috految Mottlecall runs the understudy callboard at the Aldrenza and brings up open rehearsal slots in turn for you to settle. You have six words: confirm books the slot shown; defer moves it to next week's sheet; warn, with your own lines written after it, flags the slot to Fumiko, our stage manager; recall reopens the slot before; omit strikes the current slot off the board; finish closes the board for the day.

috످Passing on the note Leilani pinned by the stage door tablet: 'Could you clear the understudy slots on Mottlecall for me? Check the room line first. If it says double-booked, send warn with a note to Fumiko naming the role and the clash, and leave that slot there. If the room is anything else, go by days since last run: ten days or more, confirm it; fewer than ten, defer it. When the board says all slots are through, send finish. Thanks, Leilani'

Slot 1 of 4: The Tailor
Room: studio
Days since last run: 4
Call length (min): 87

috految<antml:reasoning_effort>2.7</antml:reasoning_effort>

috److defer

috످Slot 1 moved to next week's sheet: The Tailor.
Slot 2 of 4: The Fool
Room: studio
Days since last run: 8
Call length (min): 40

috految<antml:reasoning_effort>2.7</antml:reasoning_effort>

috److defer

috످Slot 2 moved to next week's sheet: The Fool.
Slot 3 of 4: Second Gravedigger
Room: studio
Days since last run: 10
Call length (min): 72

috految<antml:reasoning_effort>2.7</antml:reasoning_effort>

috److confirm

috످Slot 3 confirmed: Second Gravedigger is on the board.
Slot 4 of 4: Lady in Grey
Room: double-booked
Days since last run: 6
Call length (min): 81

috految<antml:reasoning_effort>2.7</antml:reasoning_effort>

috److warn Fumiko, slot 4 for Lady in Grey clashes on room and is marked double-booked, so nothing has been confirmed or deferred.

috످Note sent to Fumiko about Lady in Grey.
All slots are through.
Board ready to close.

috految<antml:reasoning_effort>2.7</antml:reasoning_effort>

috److finish

috످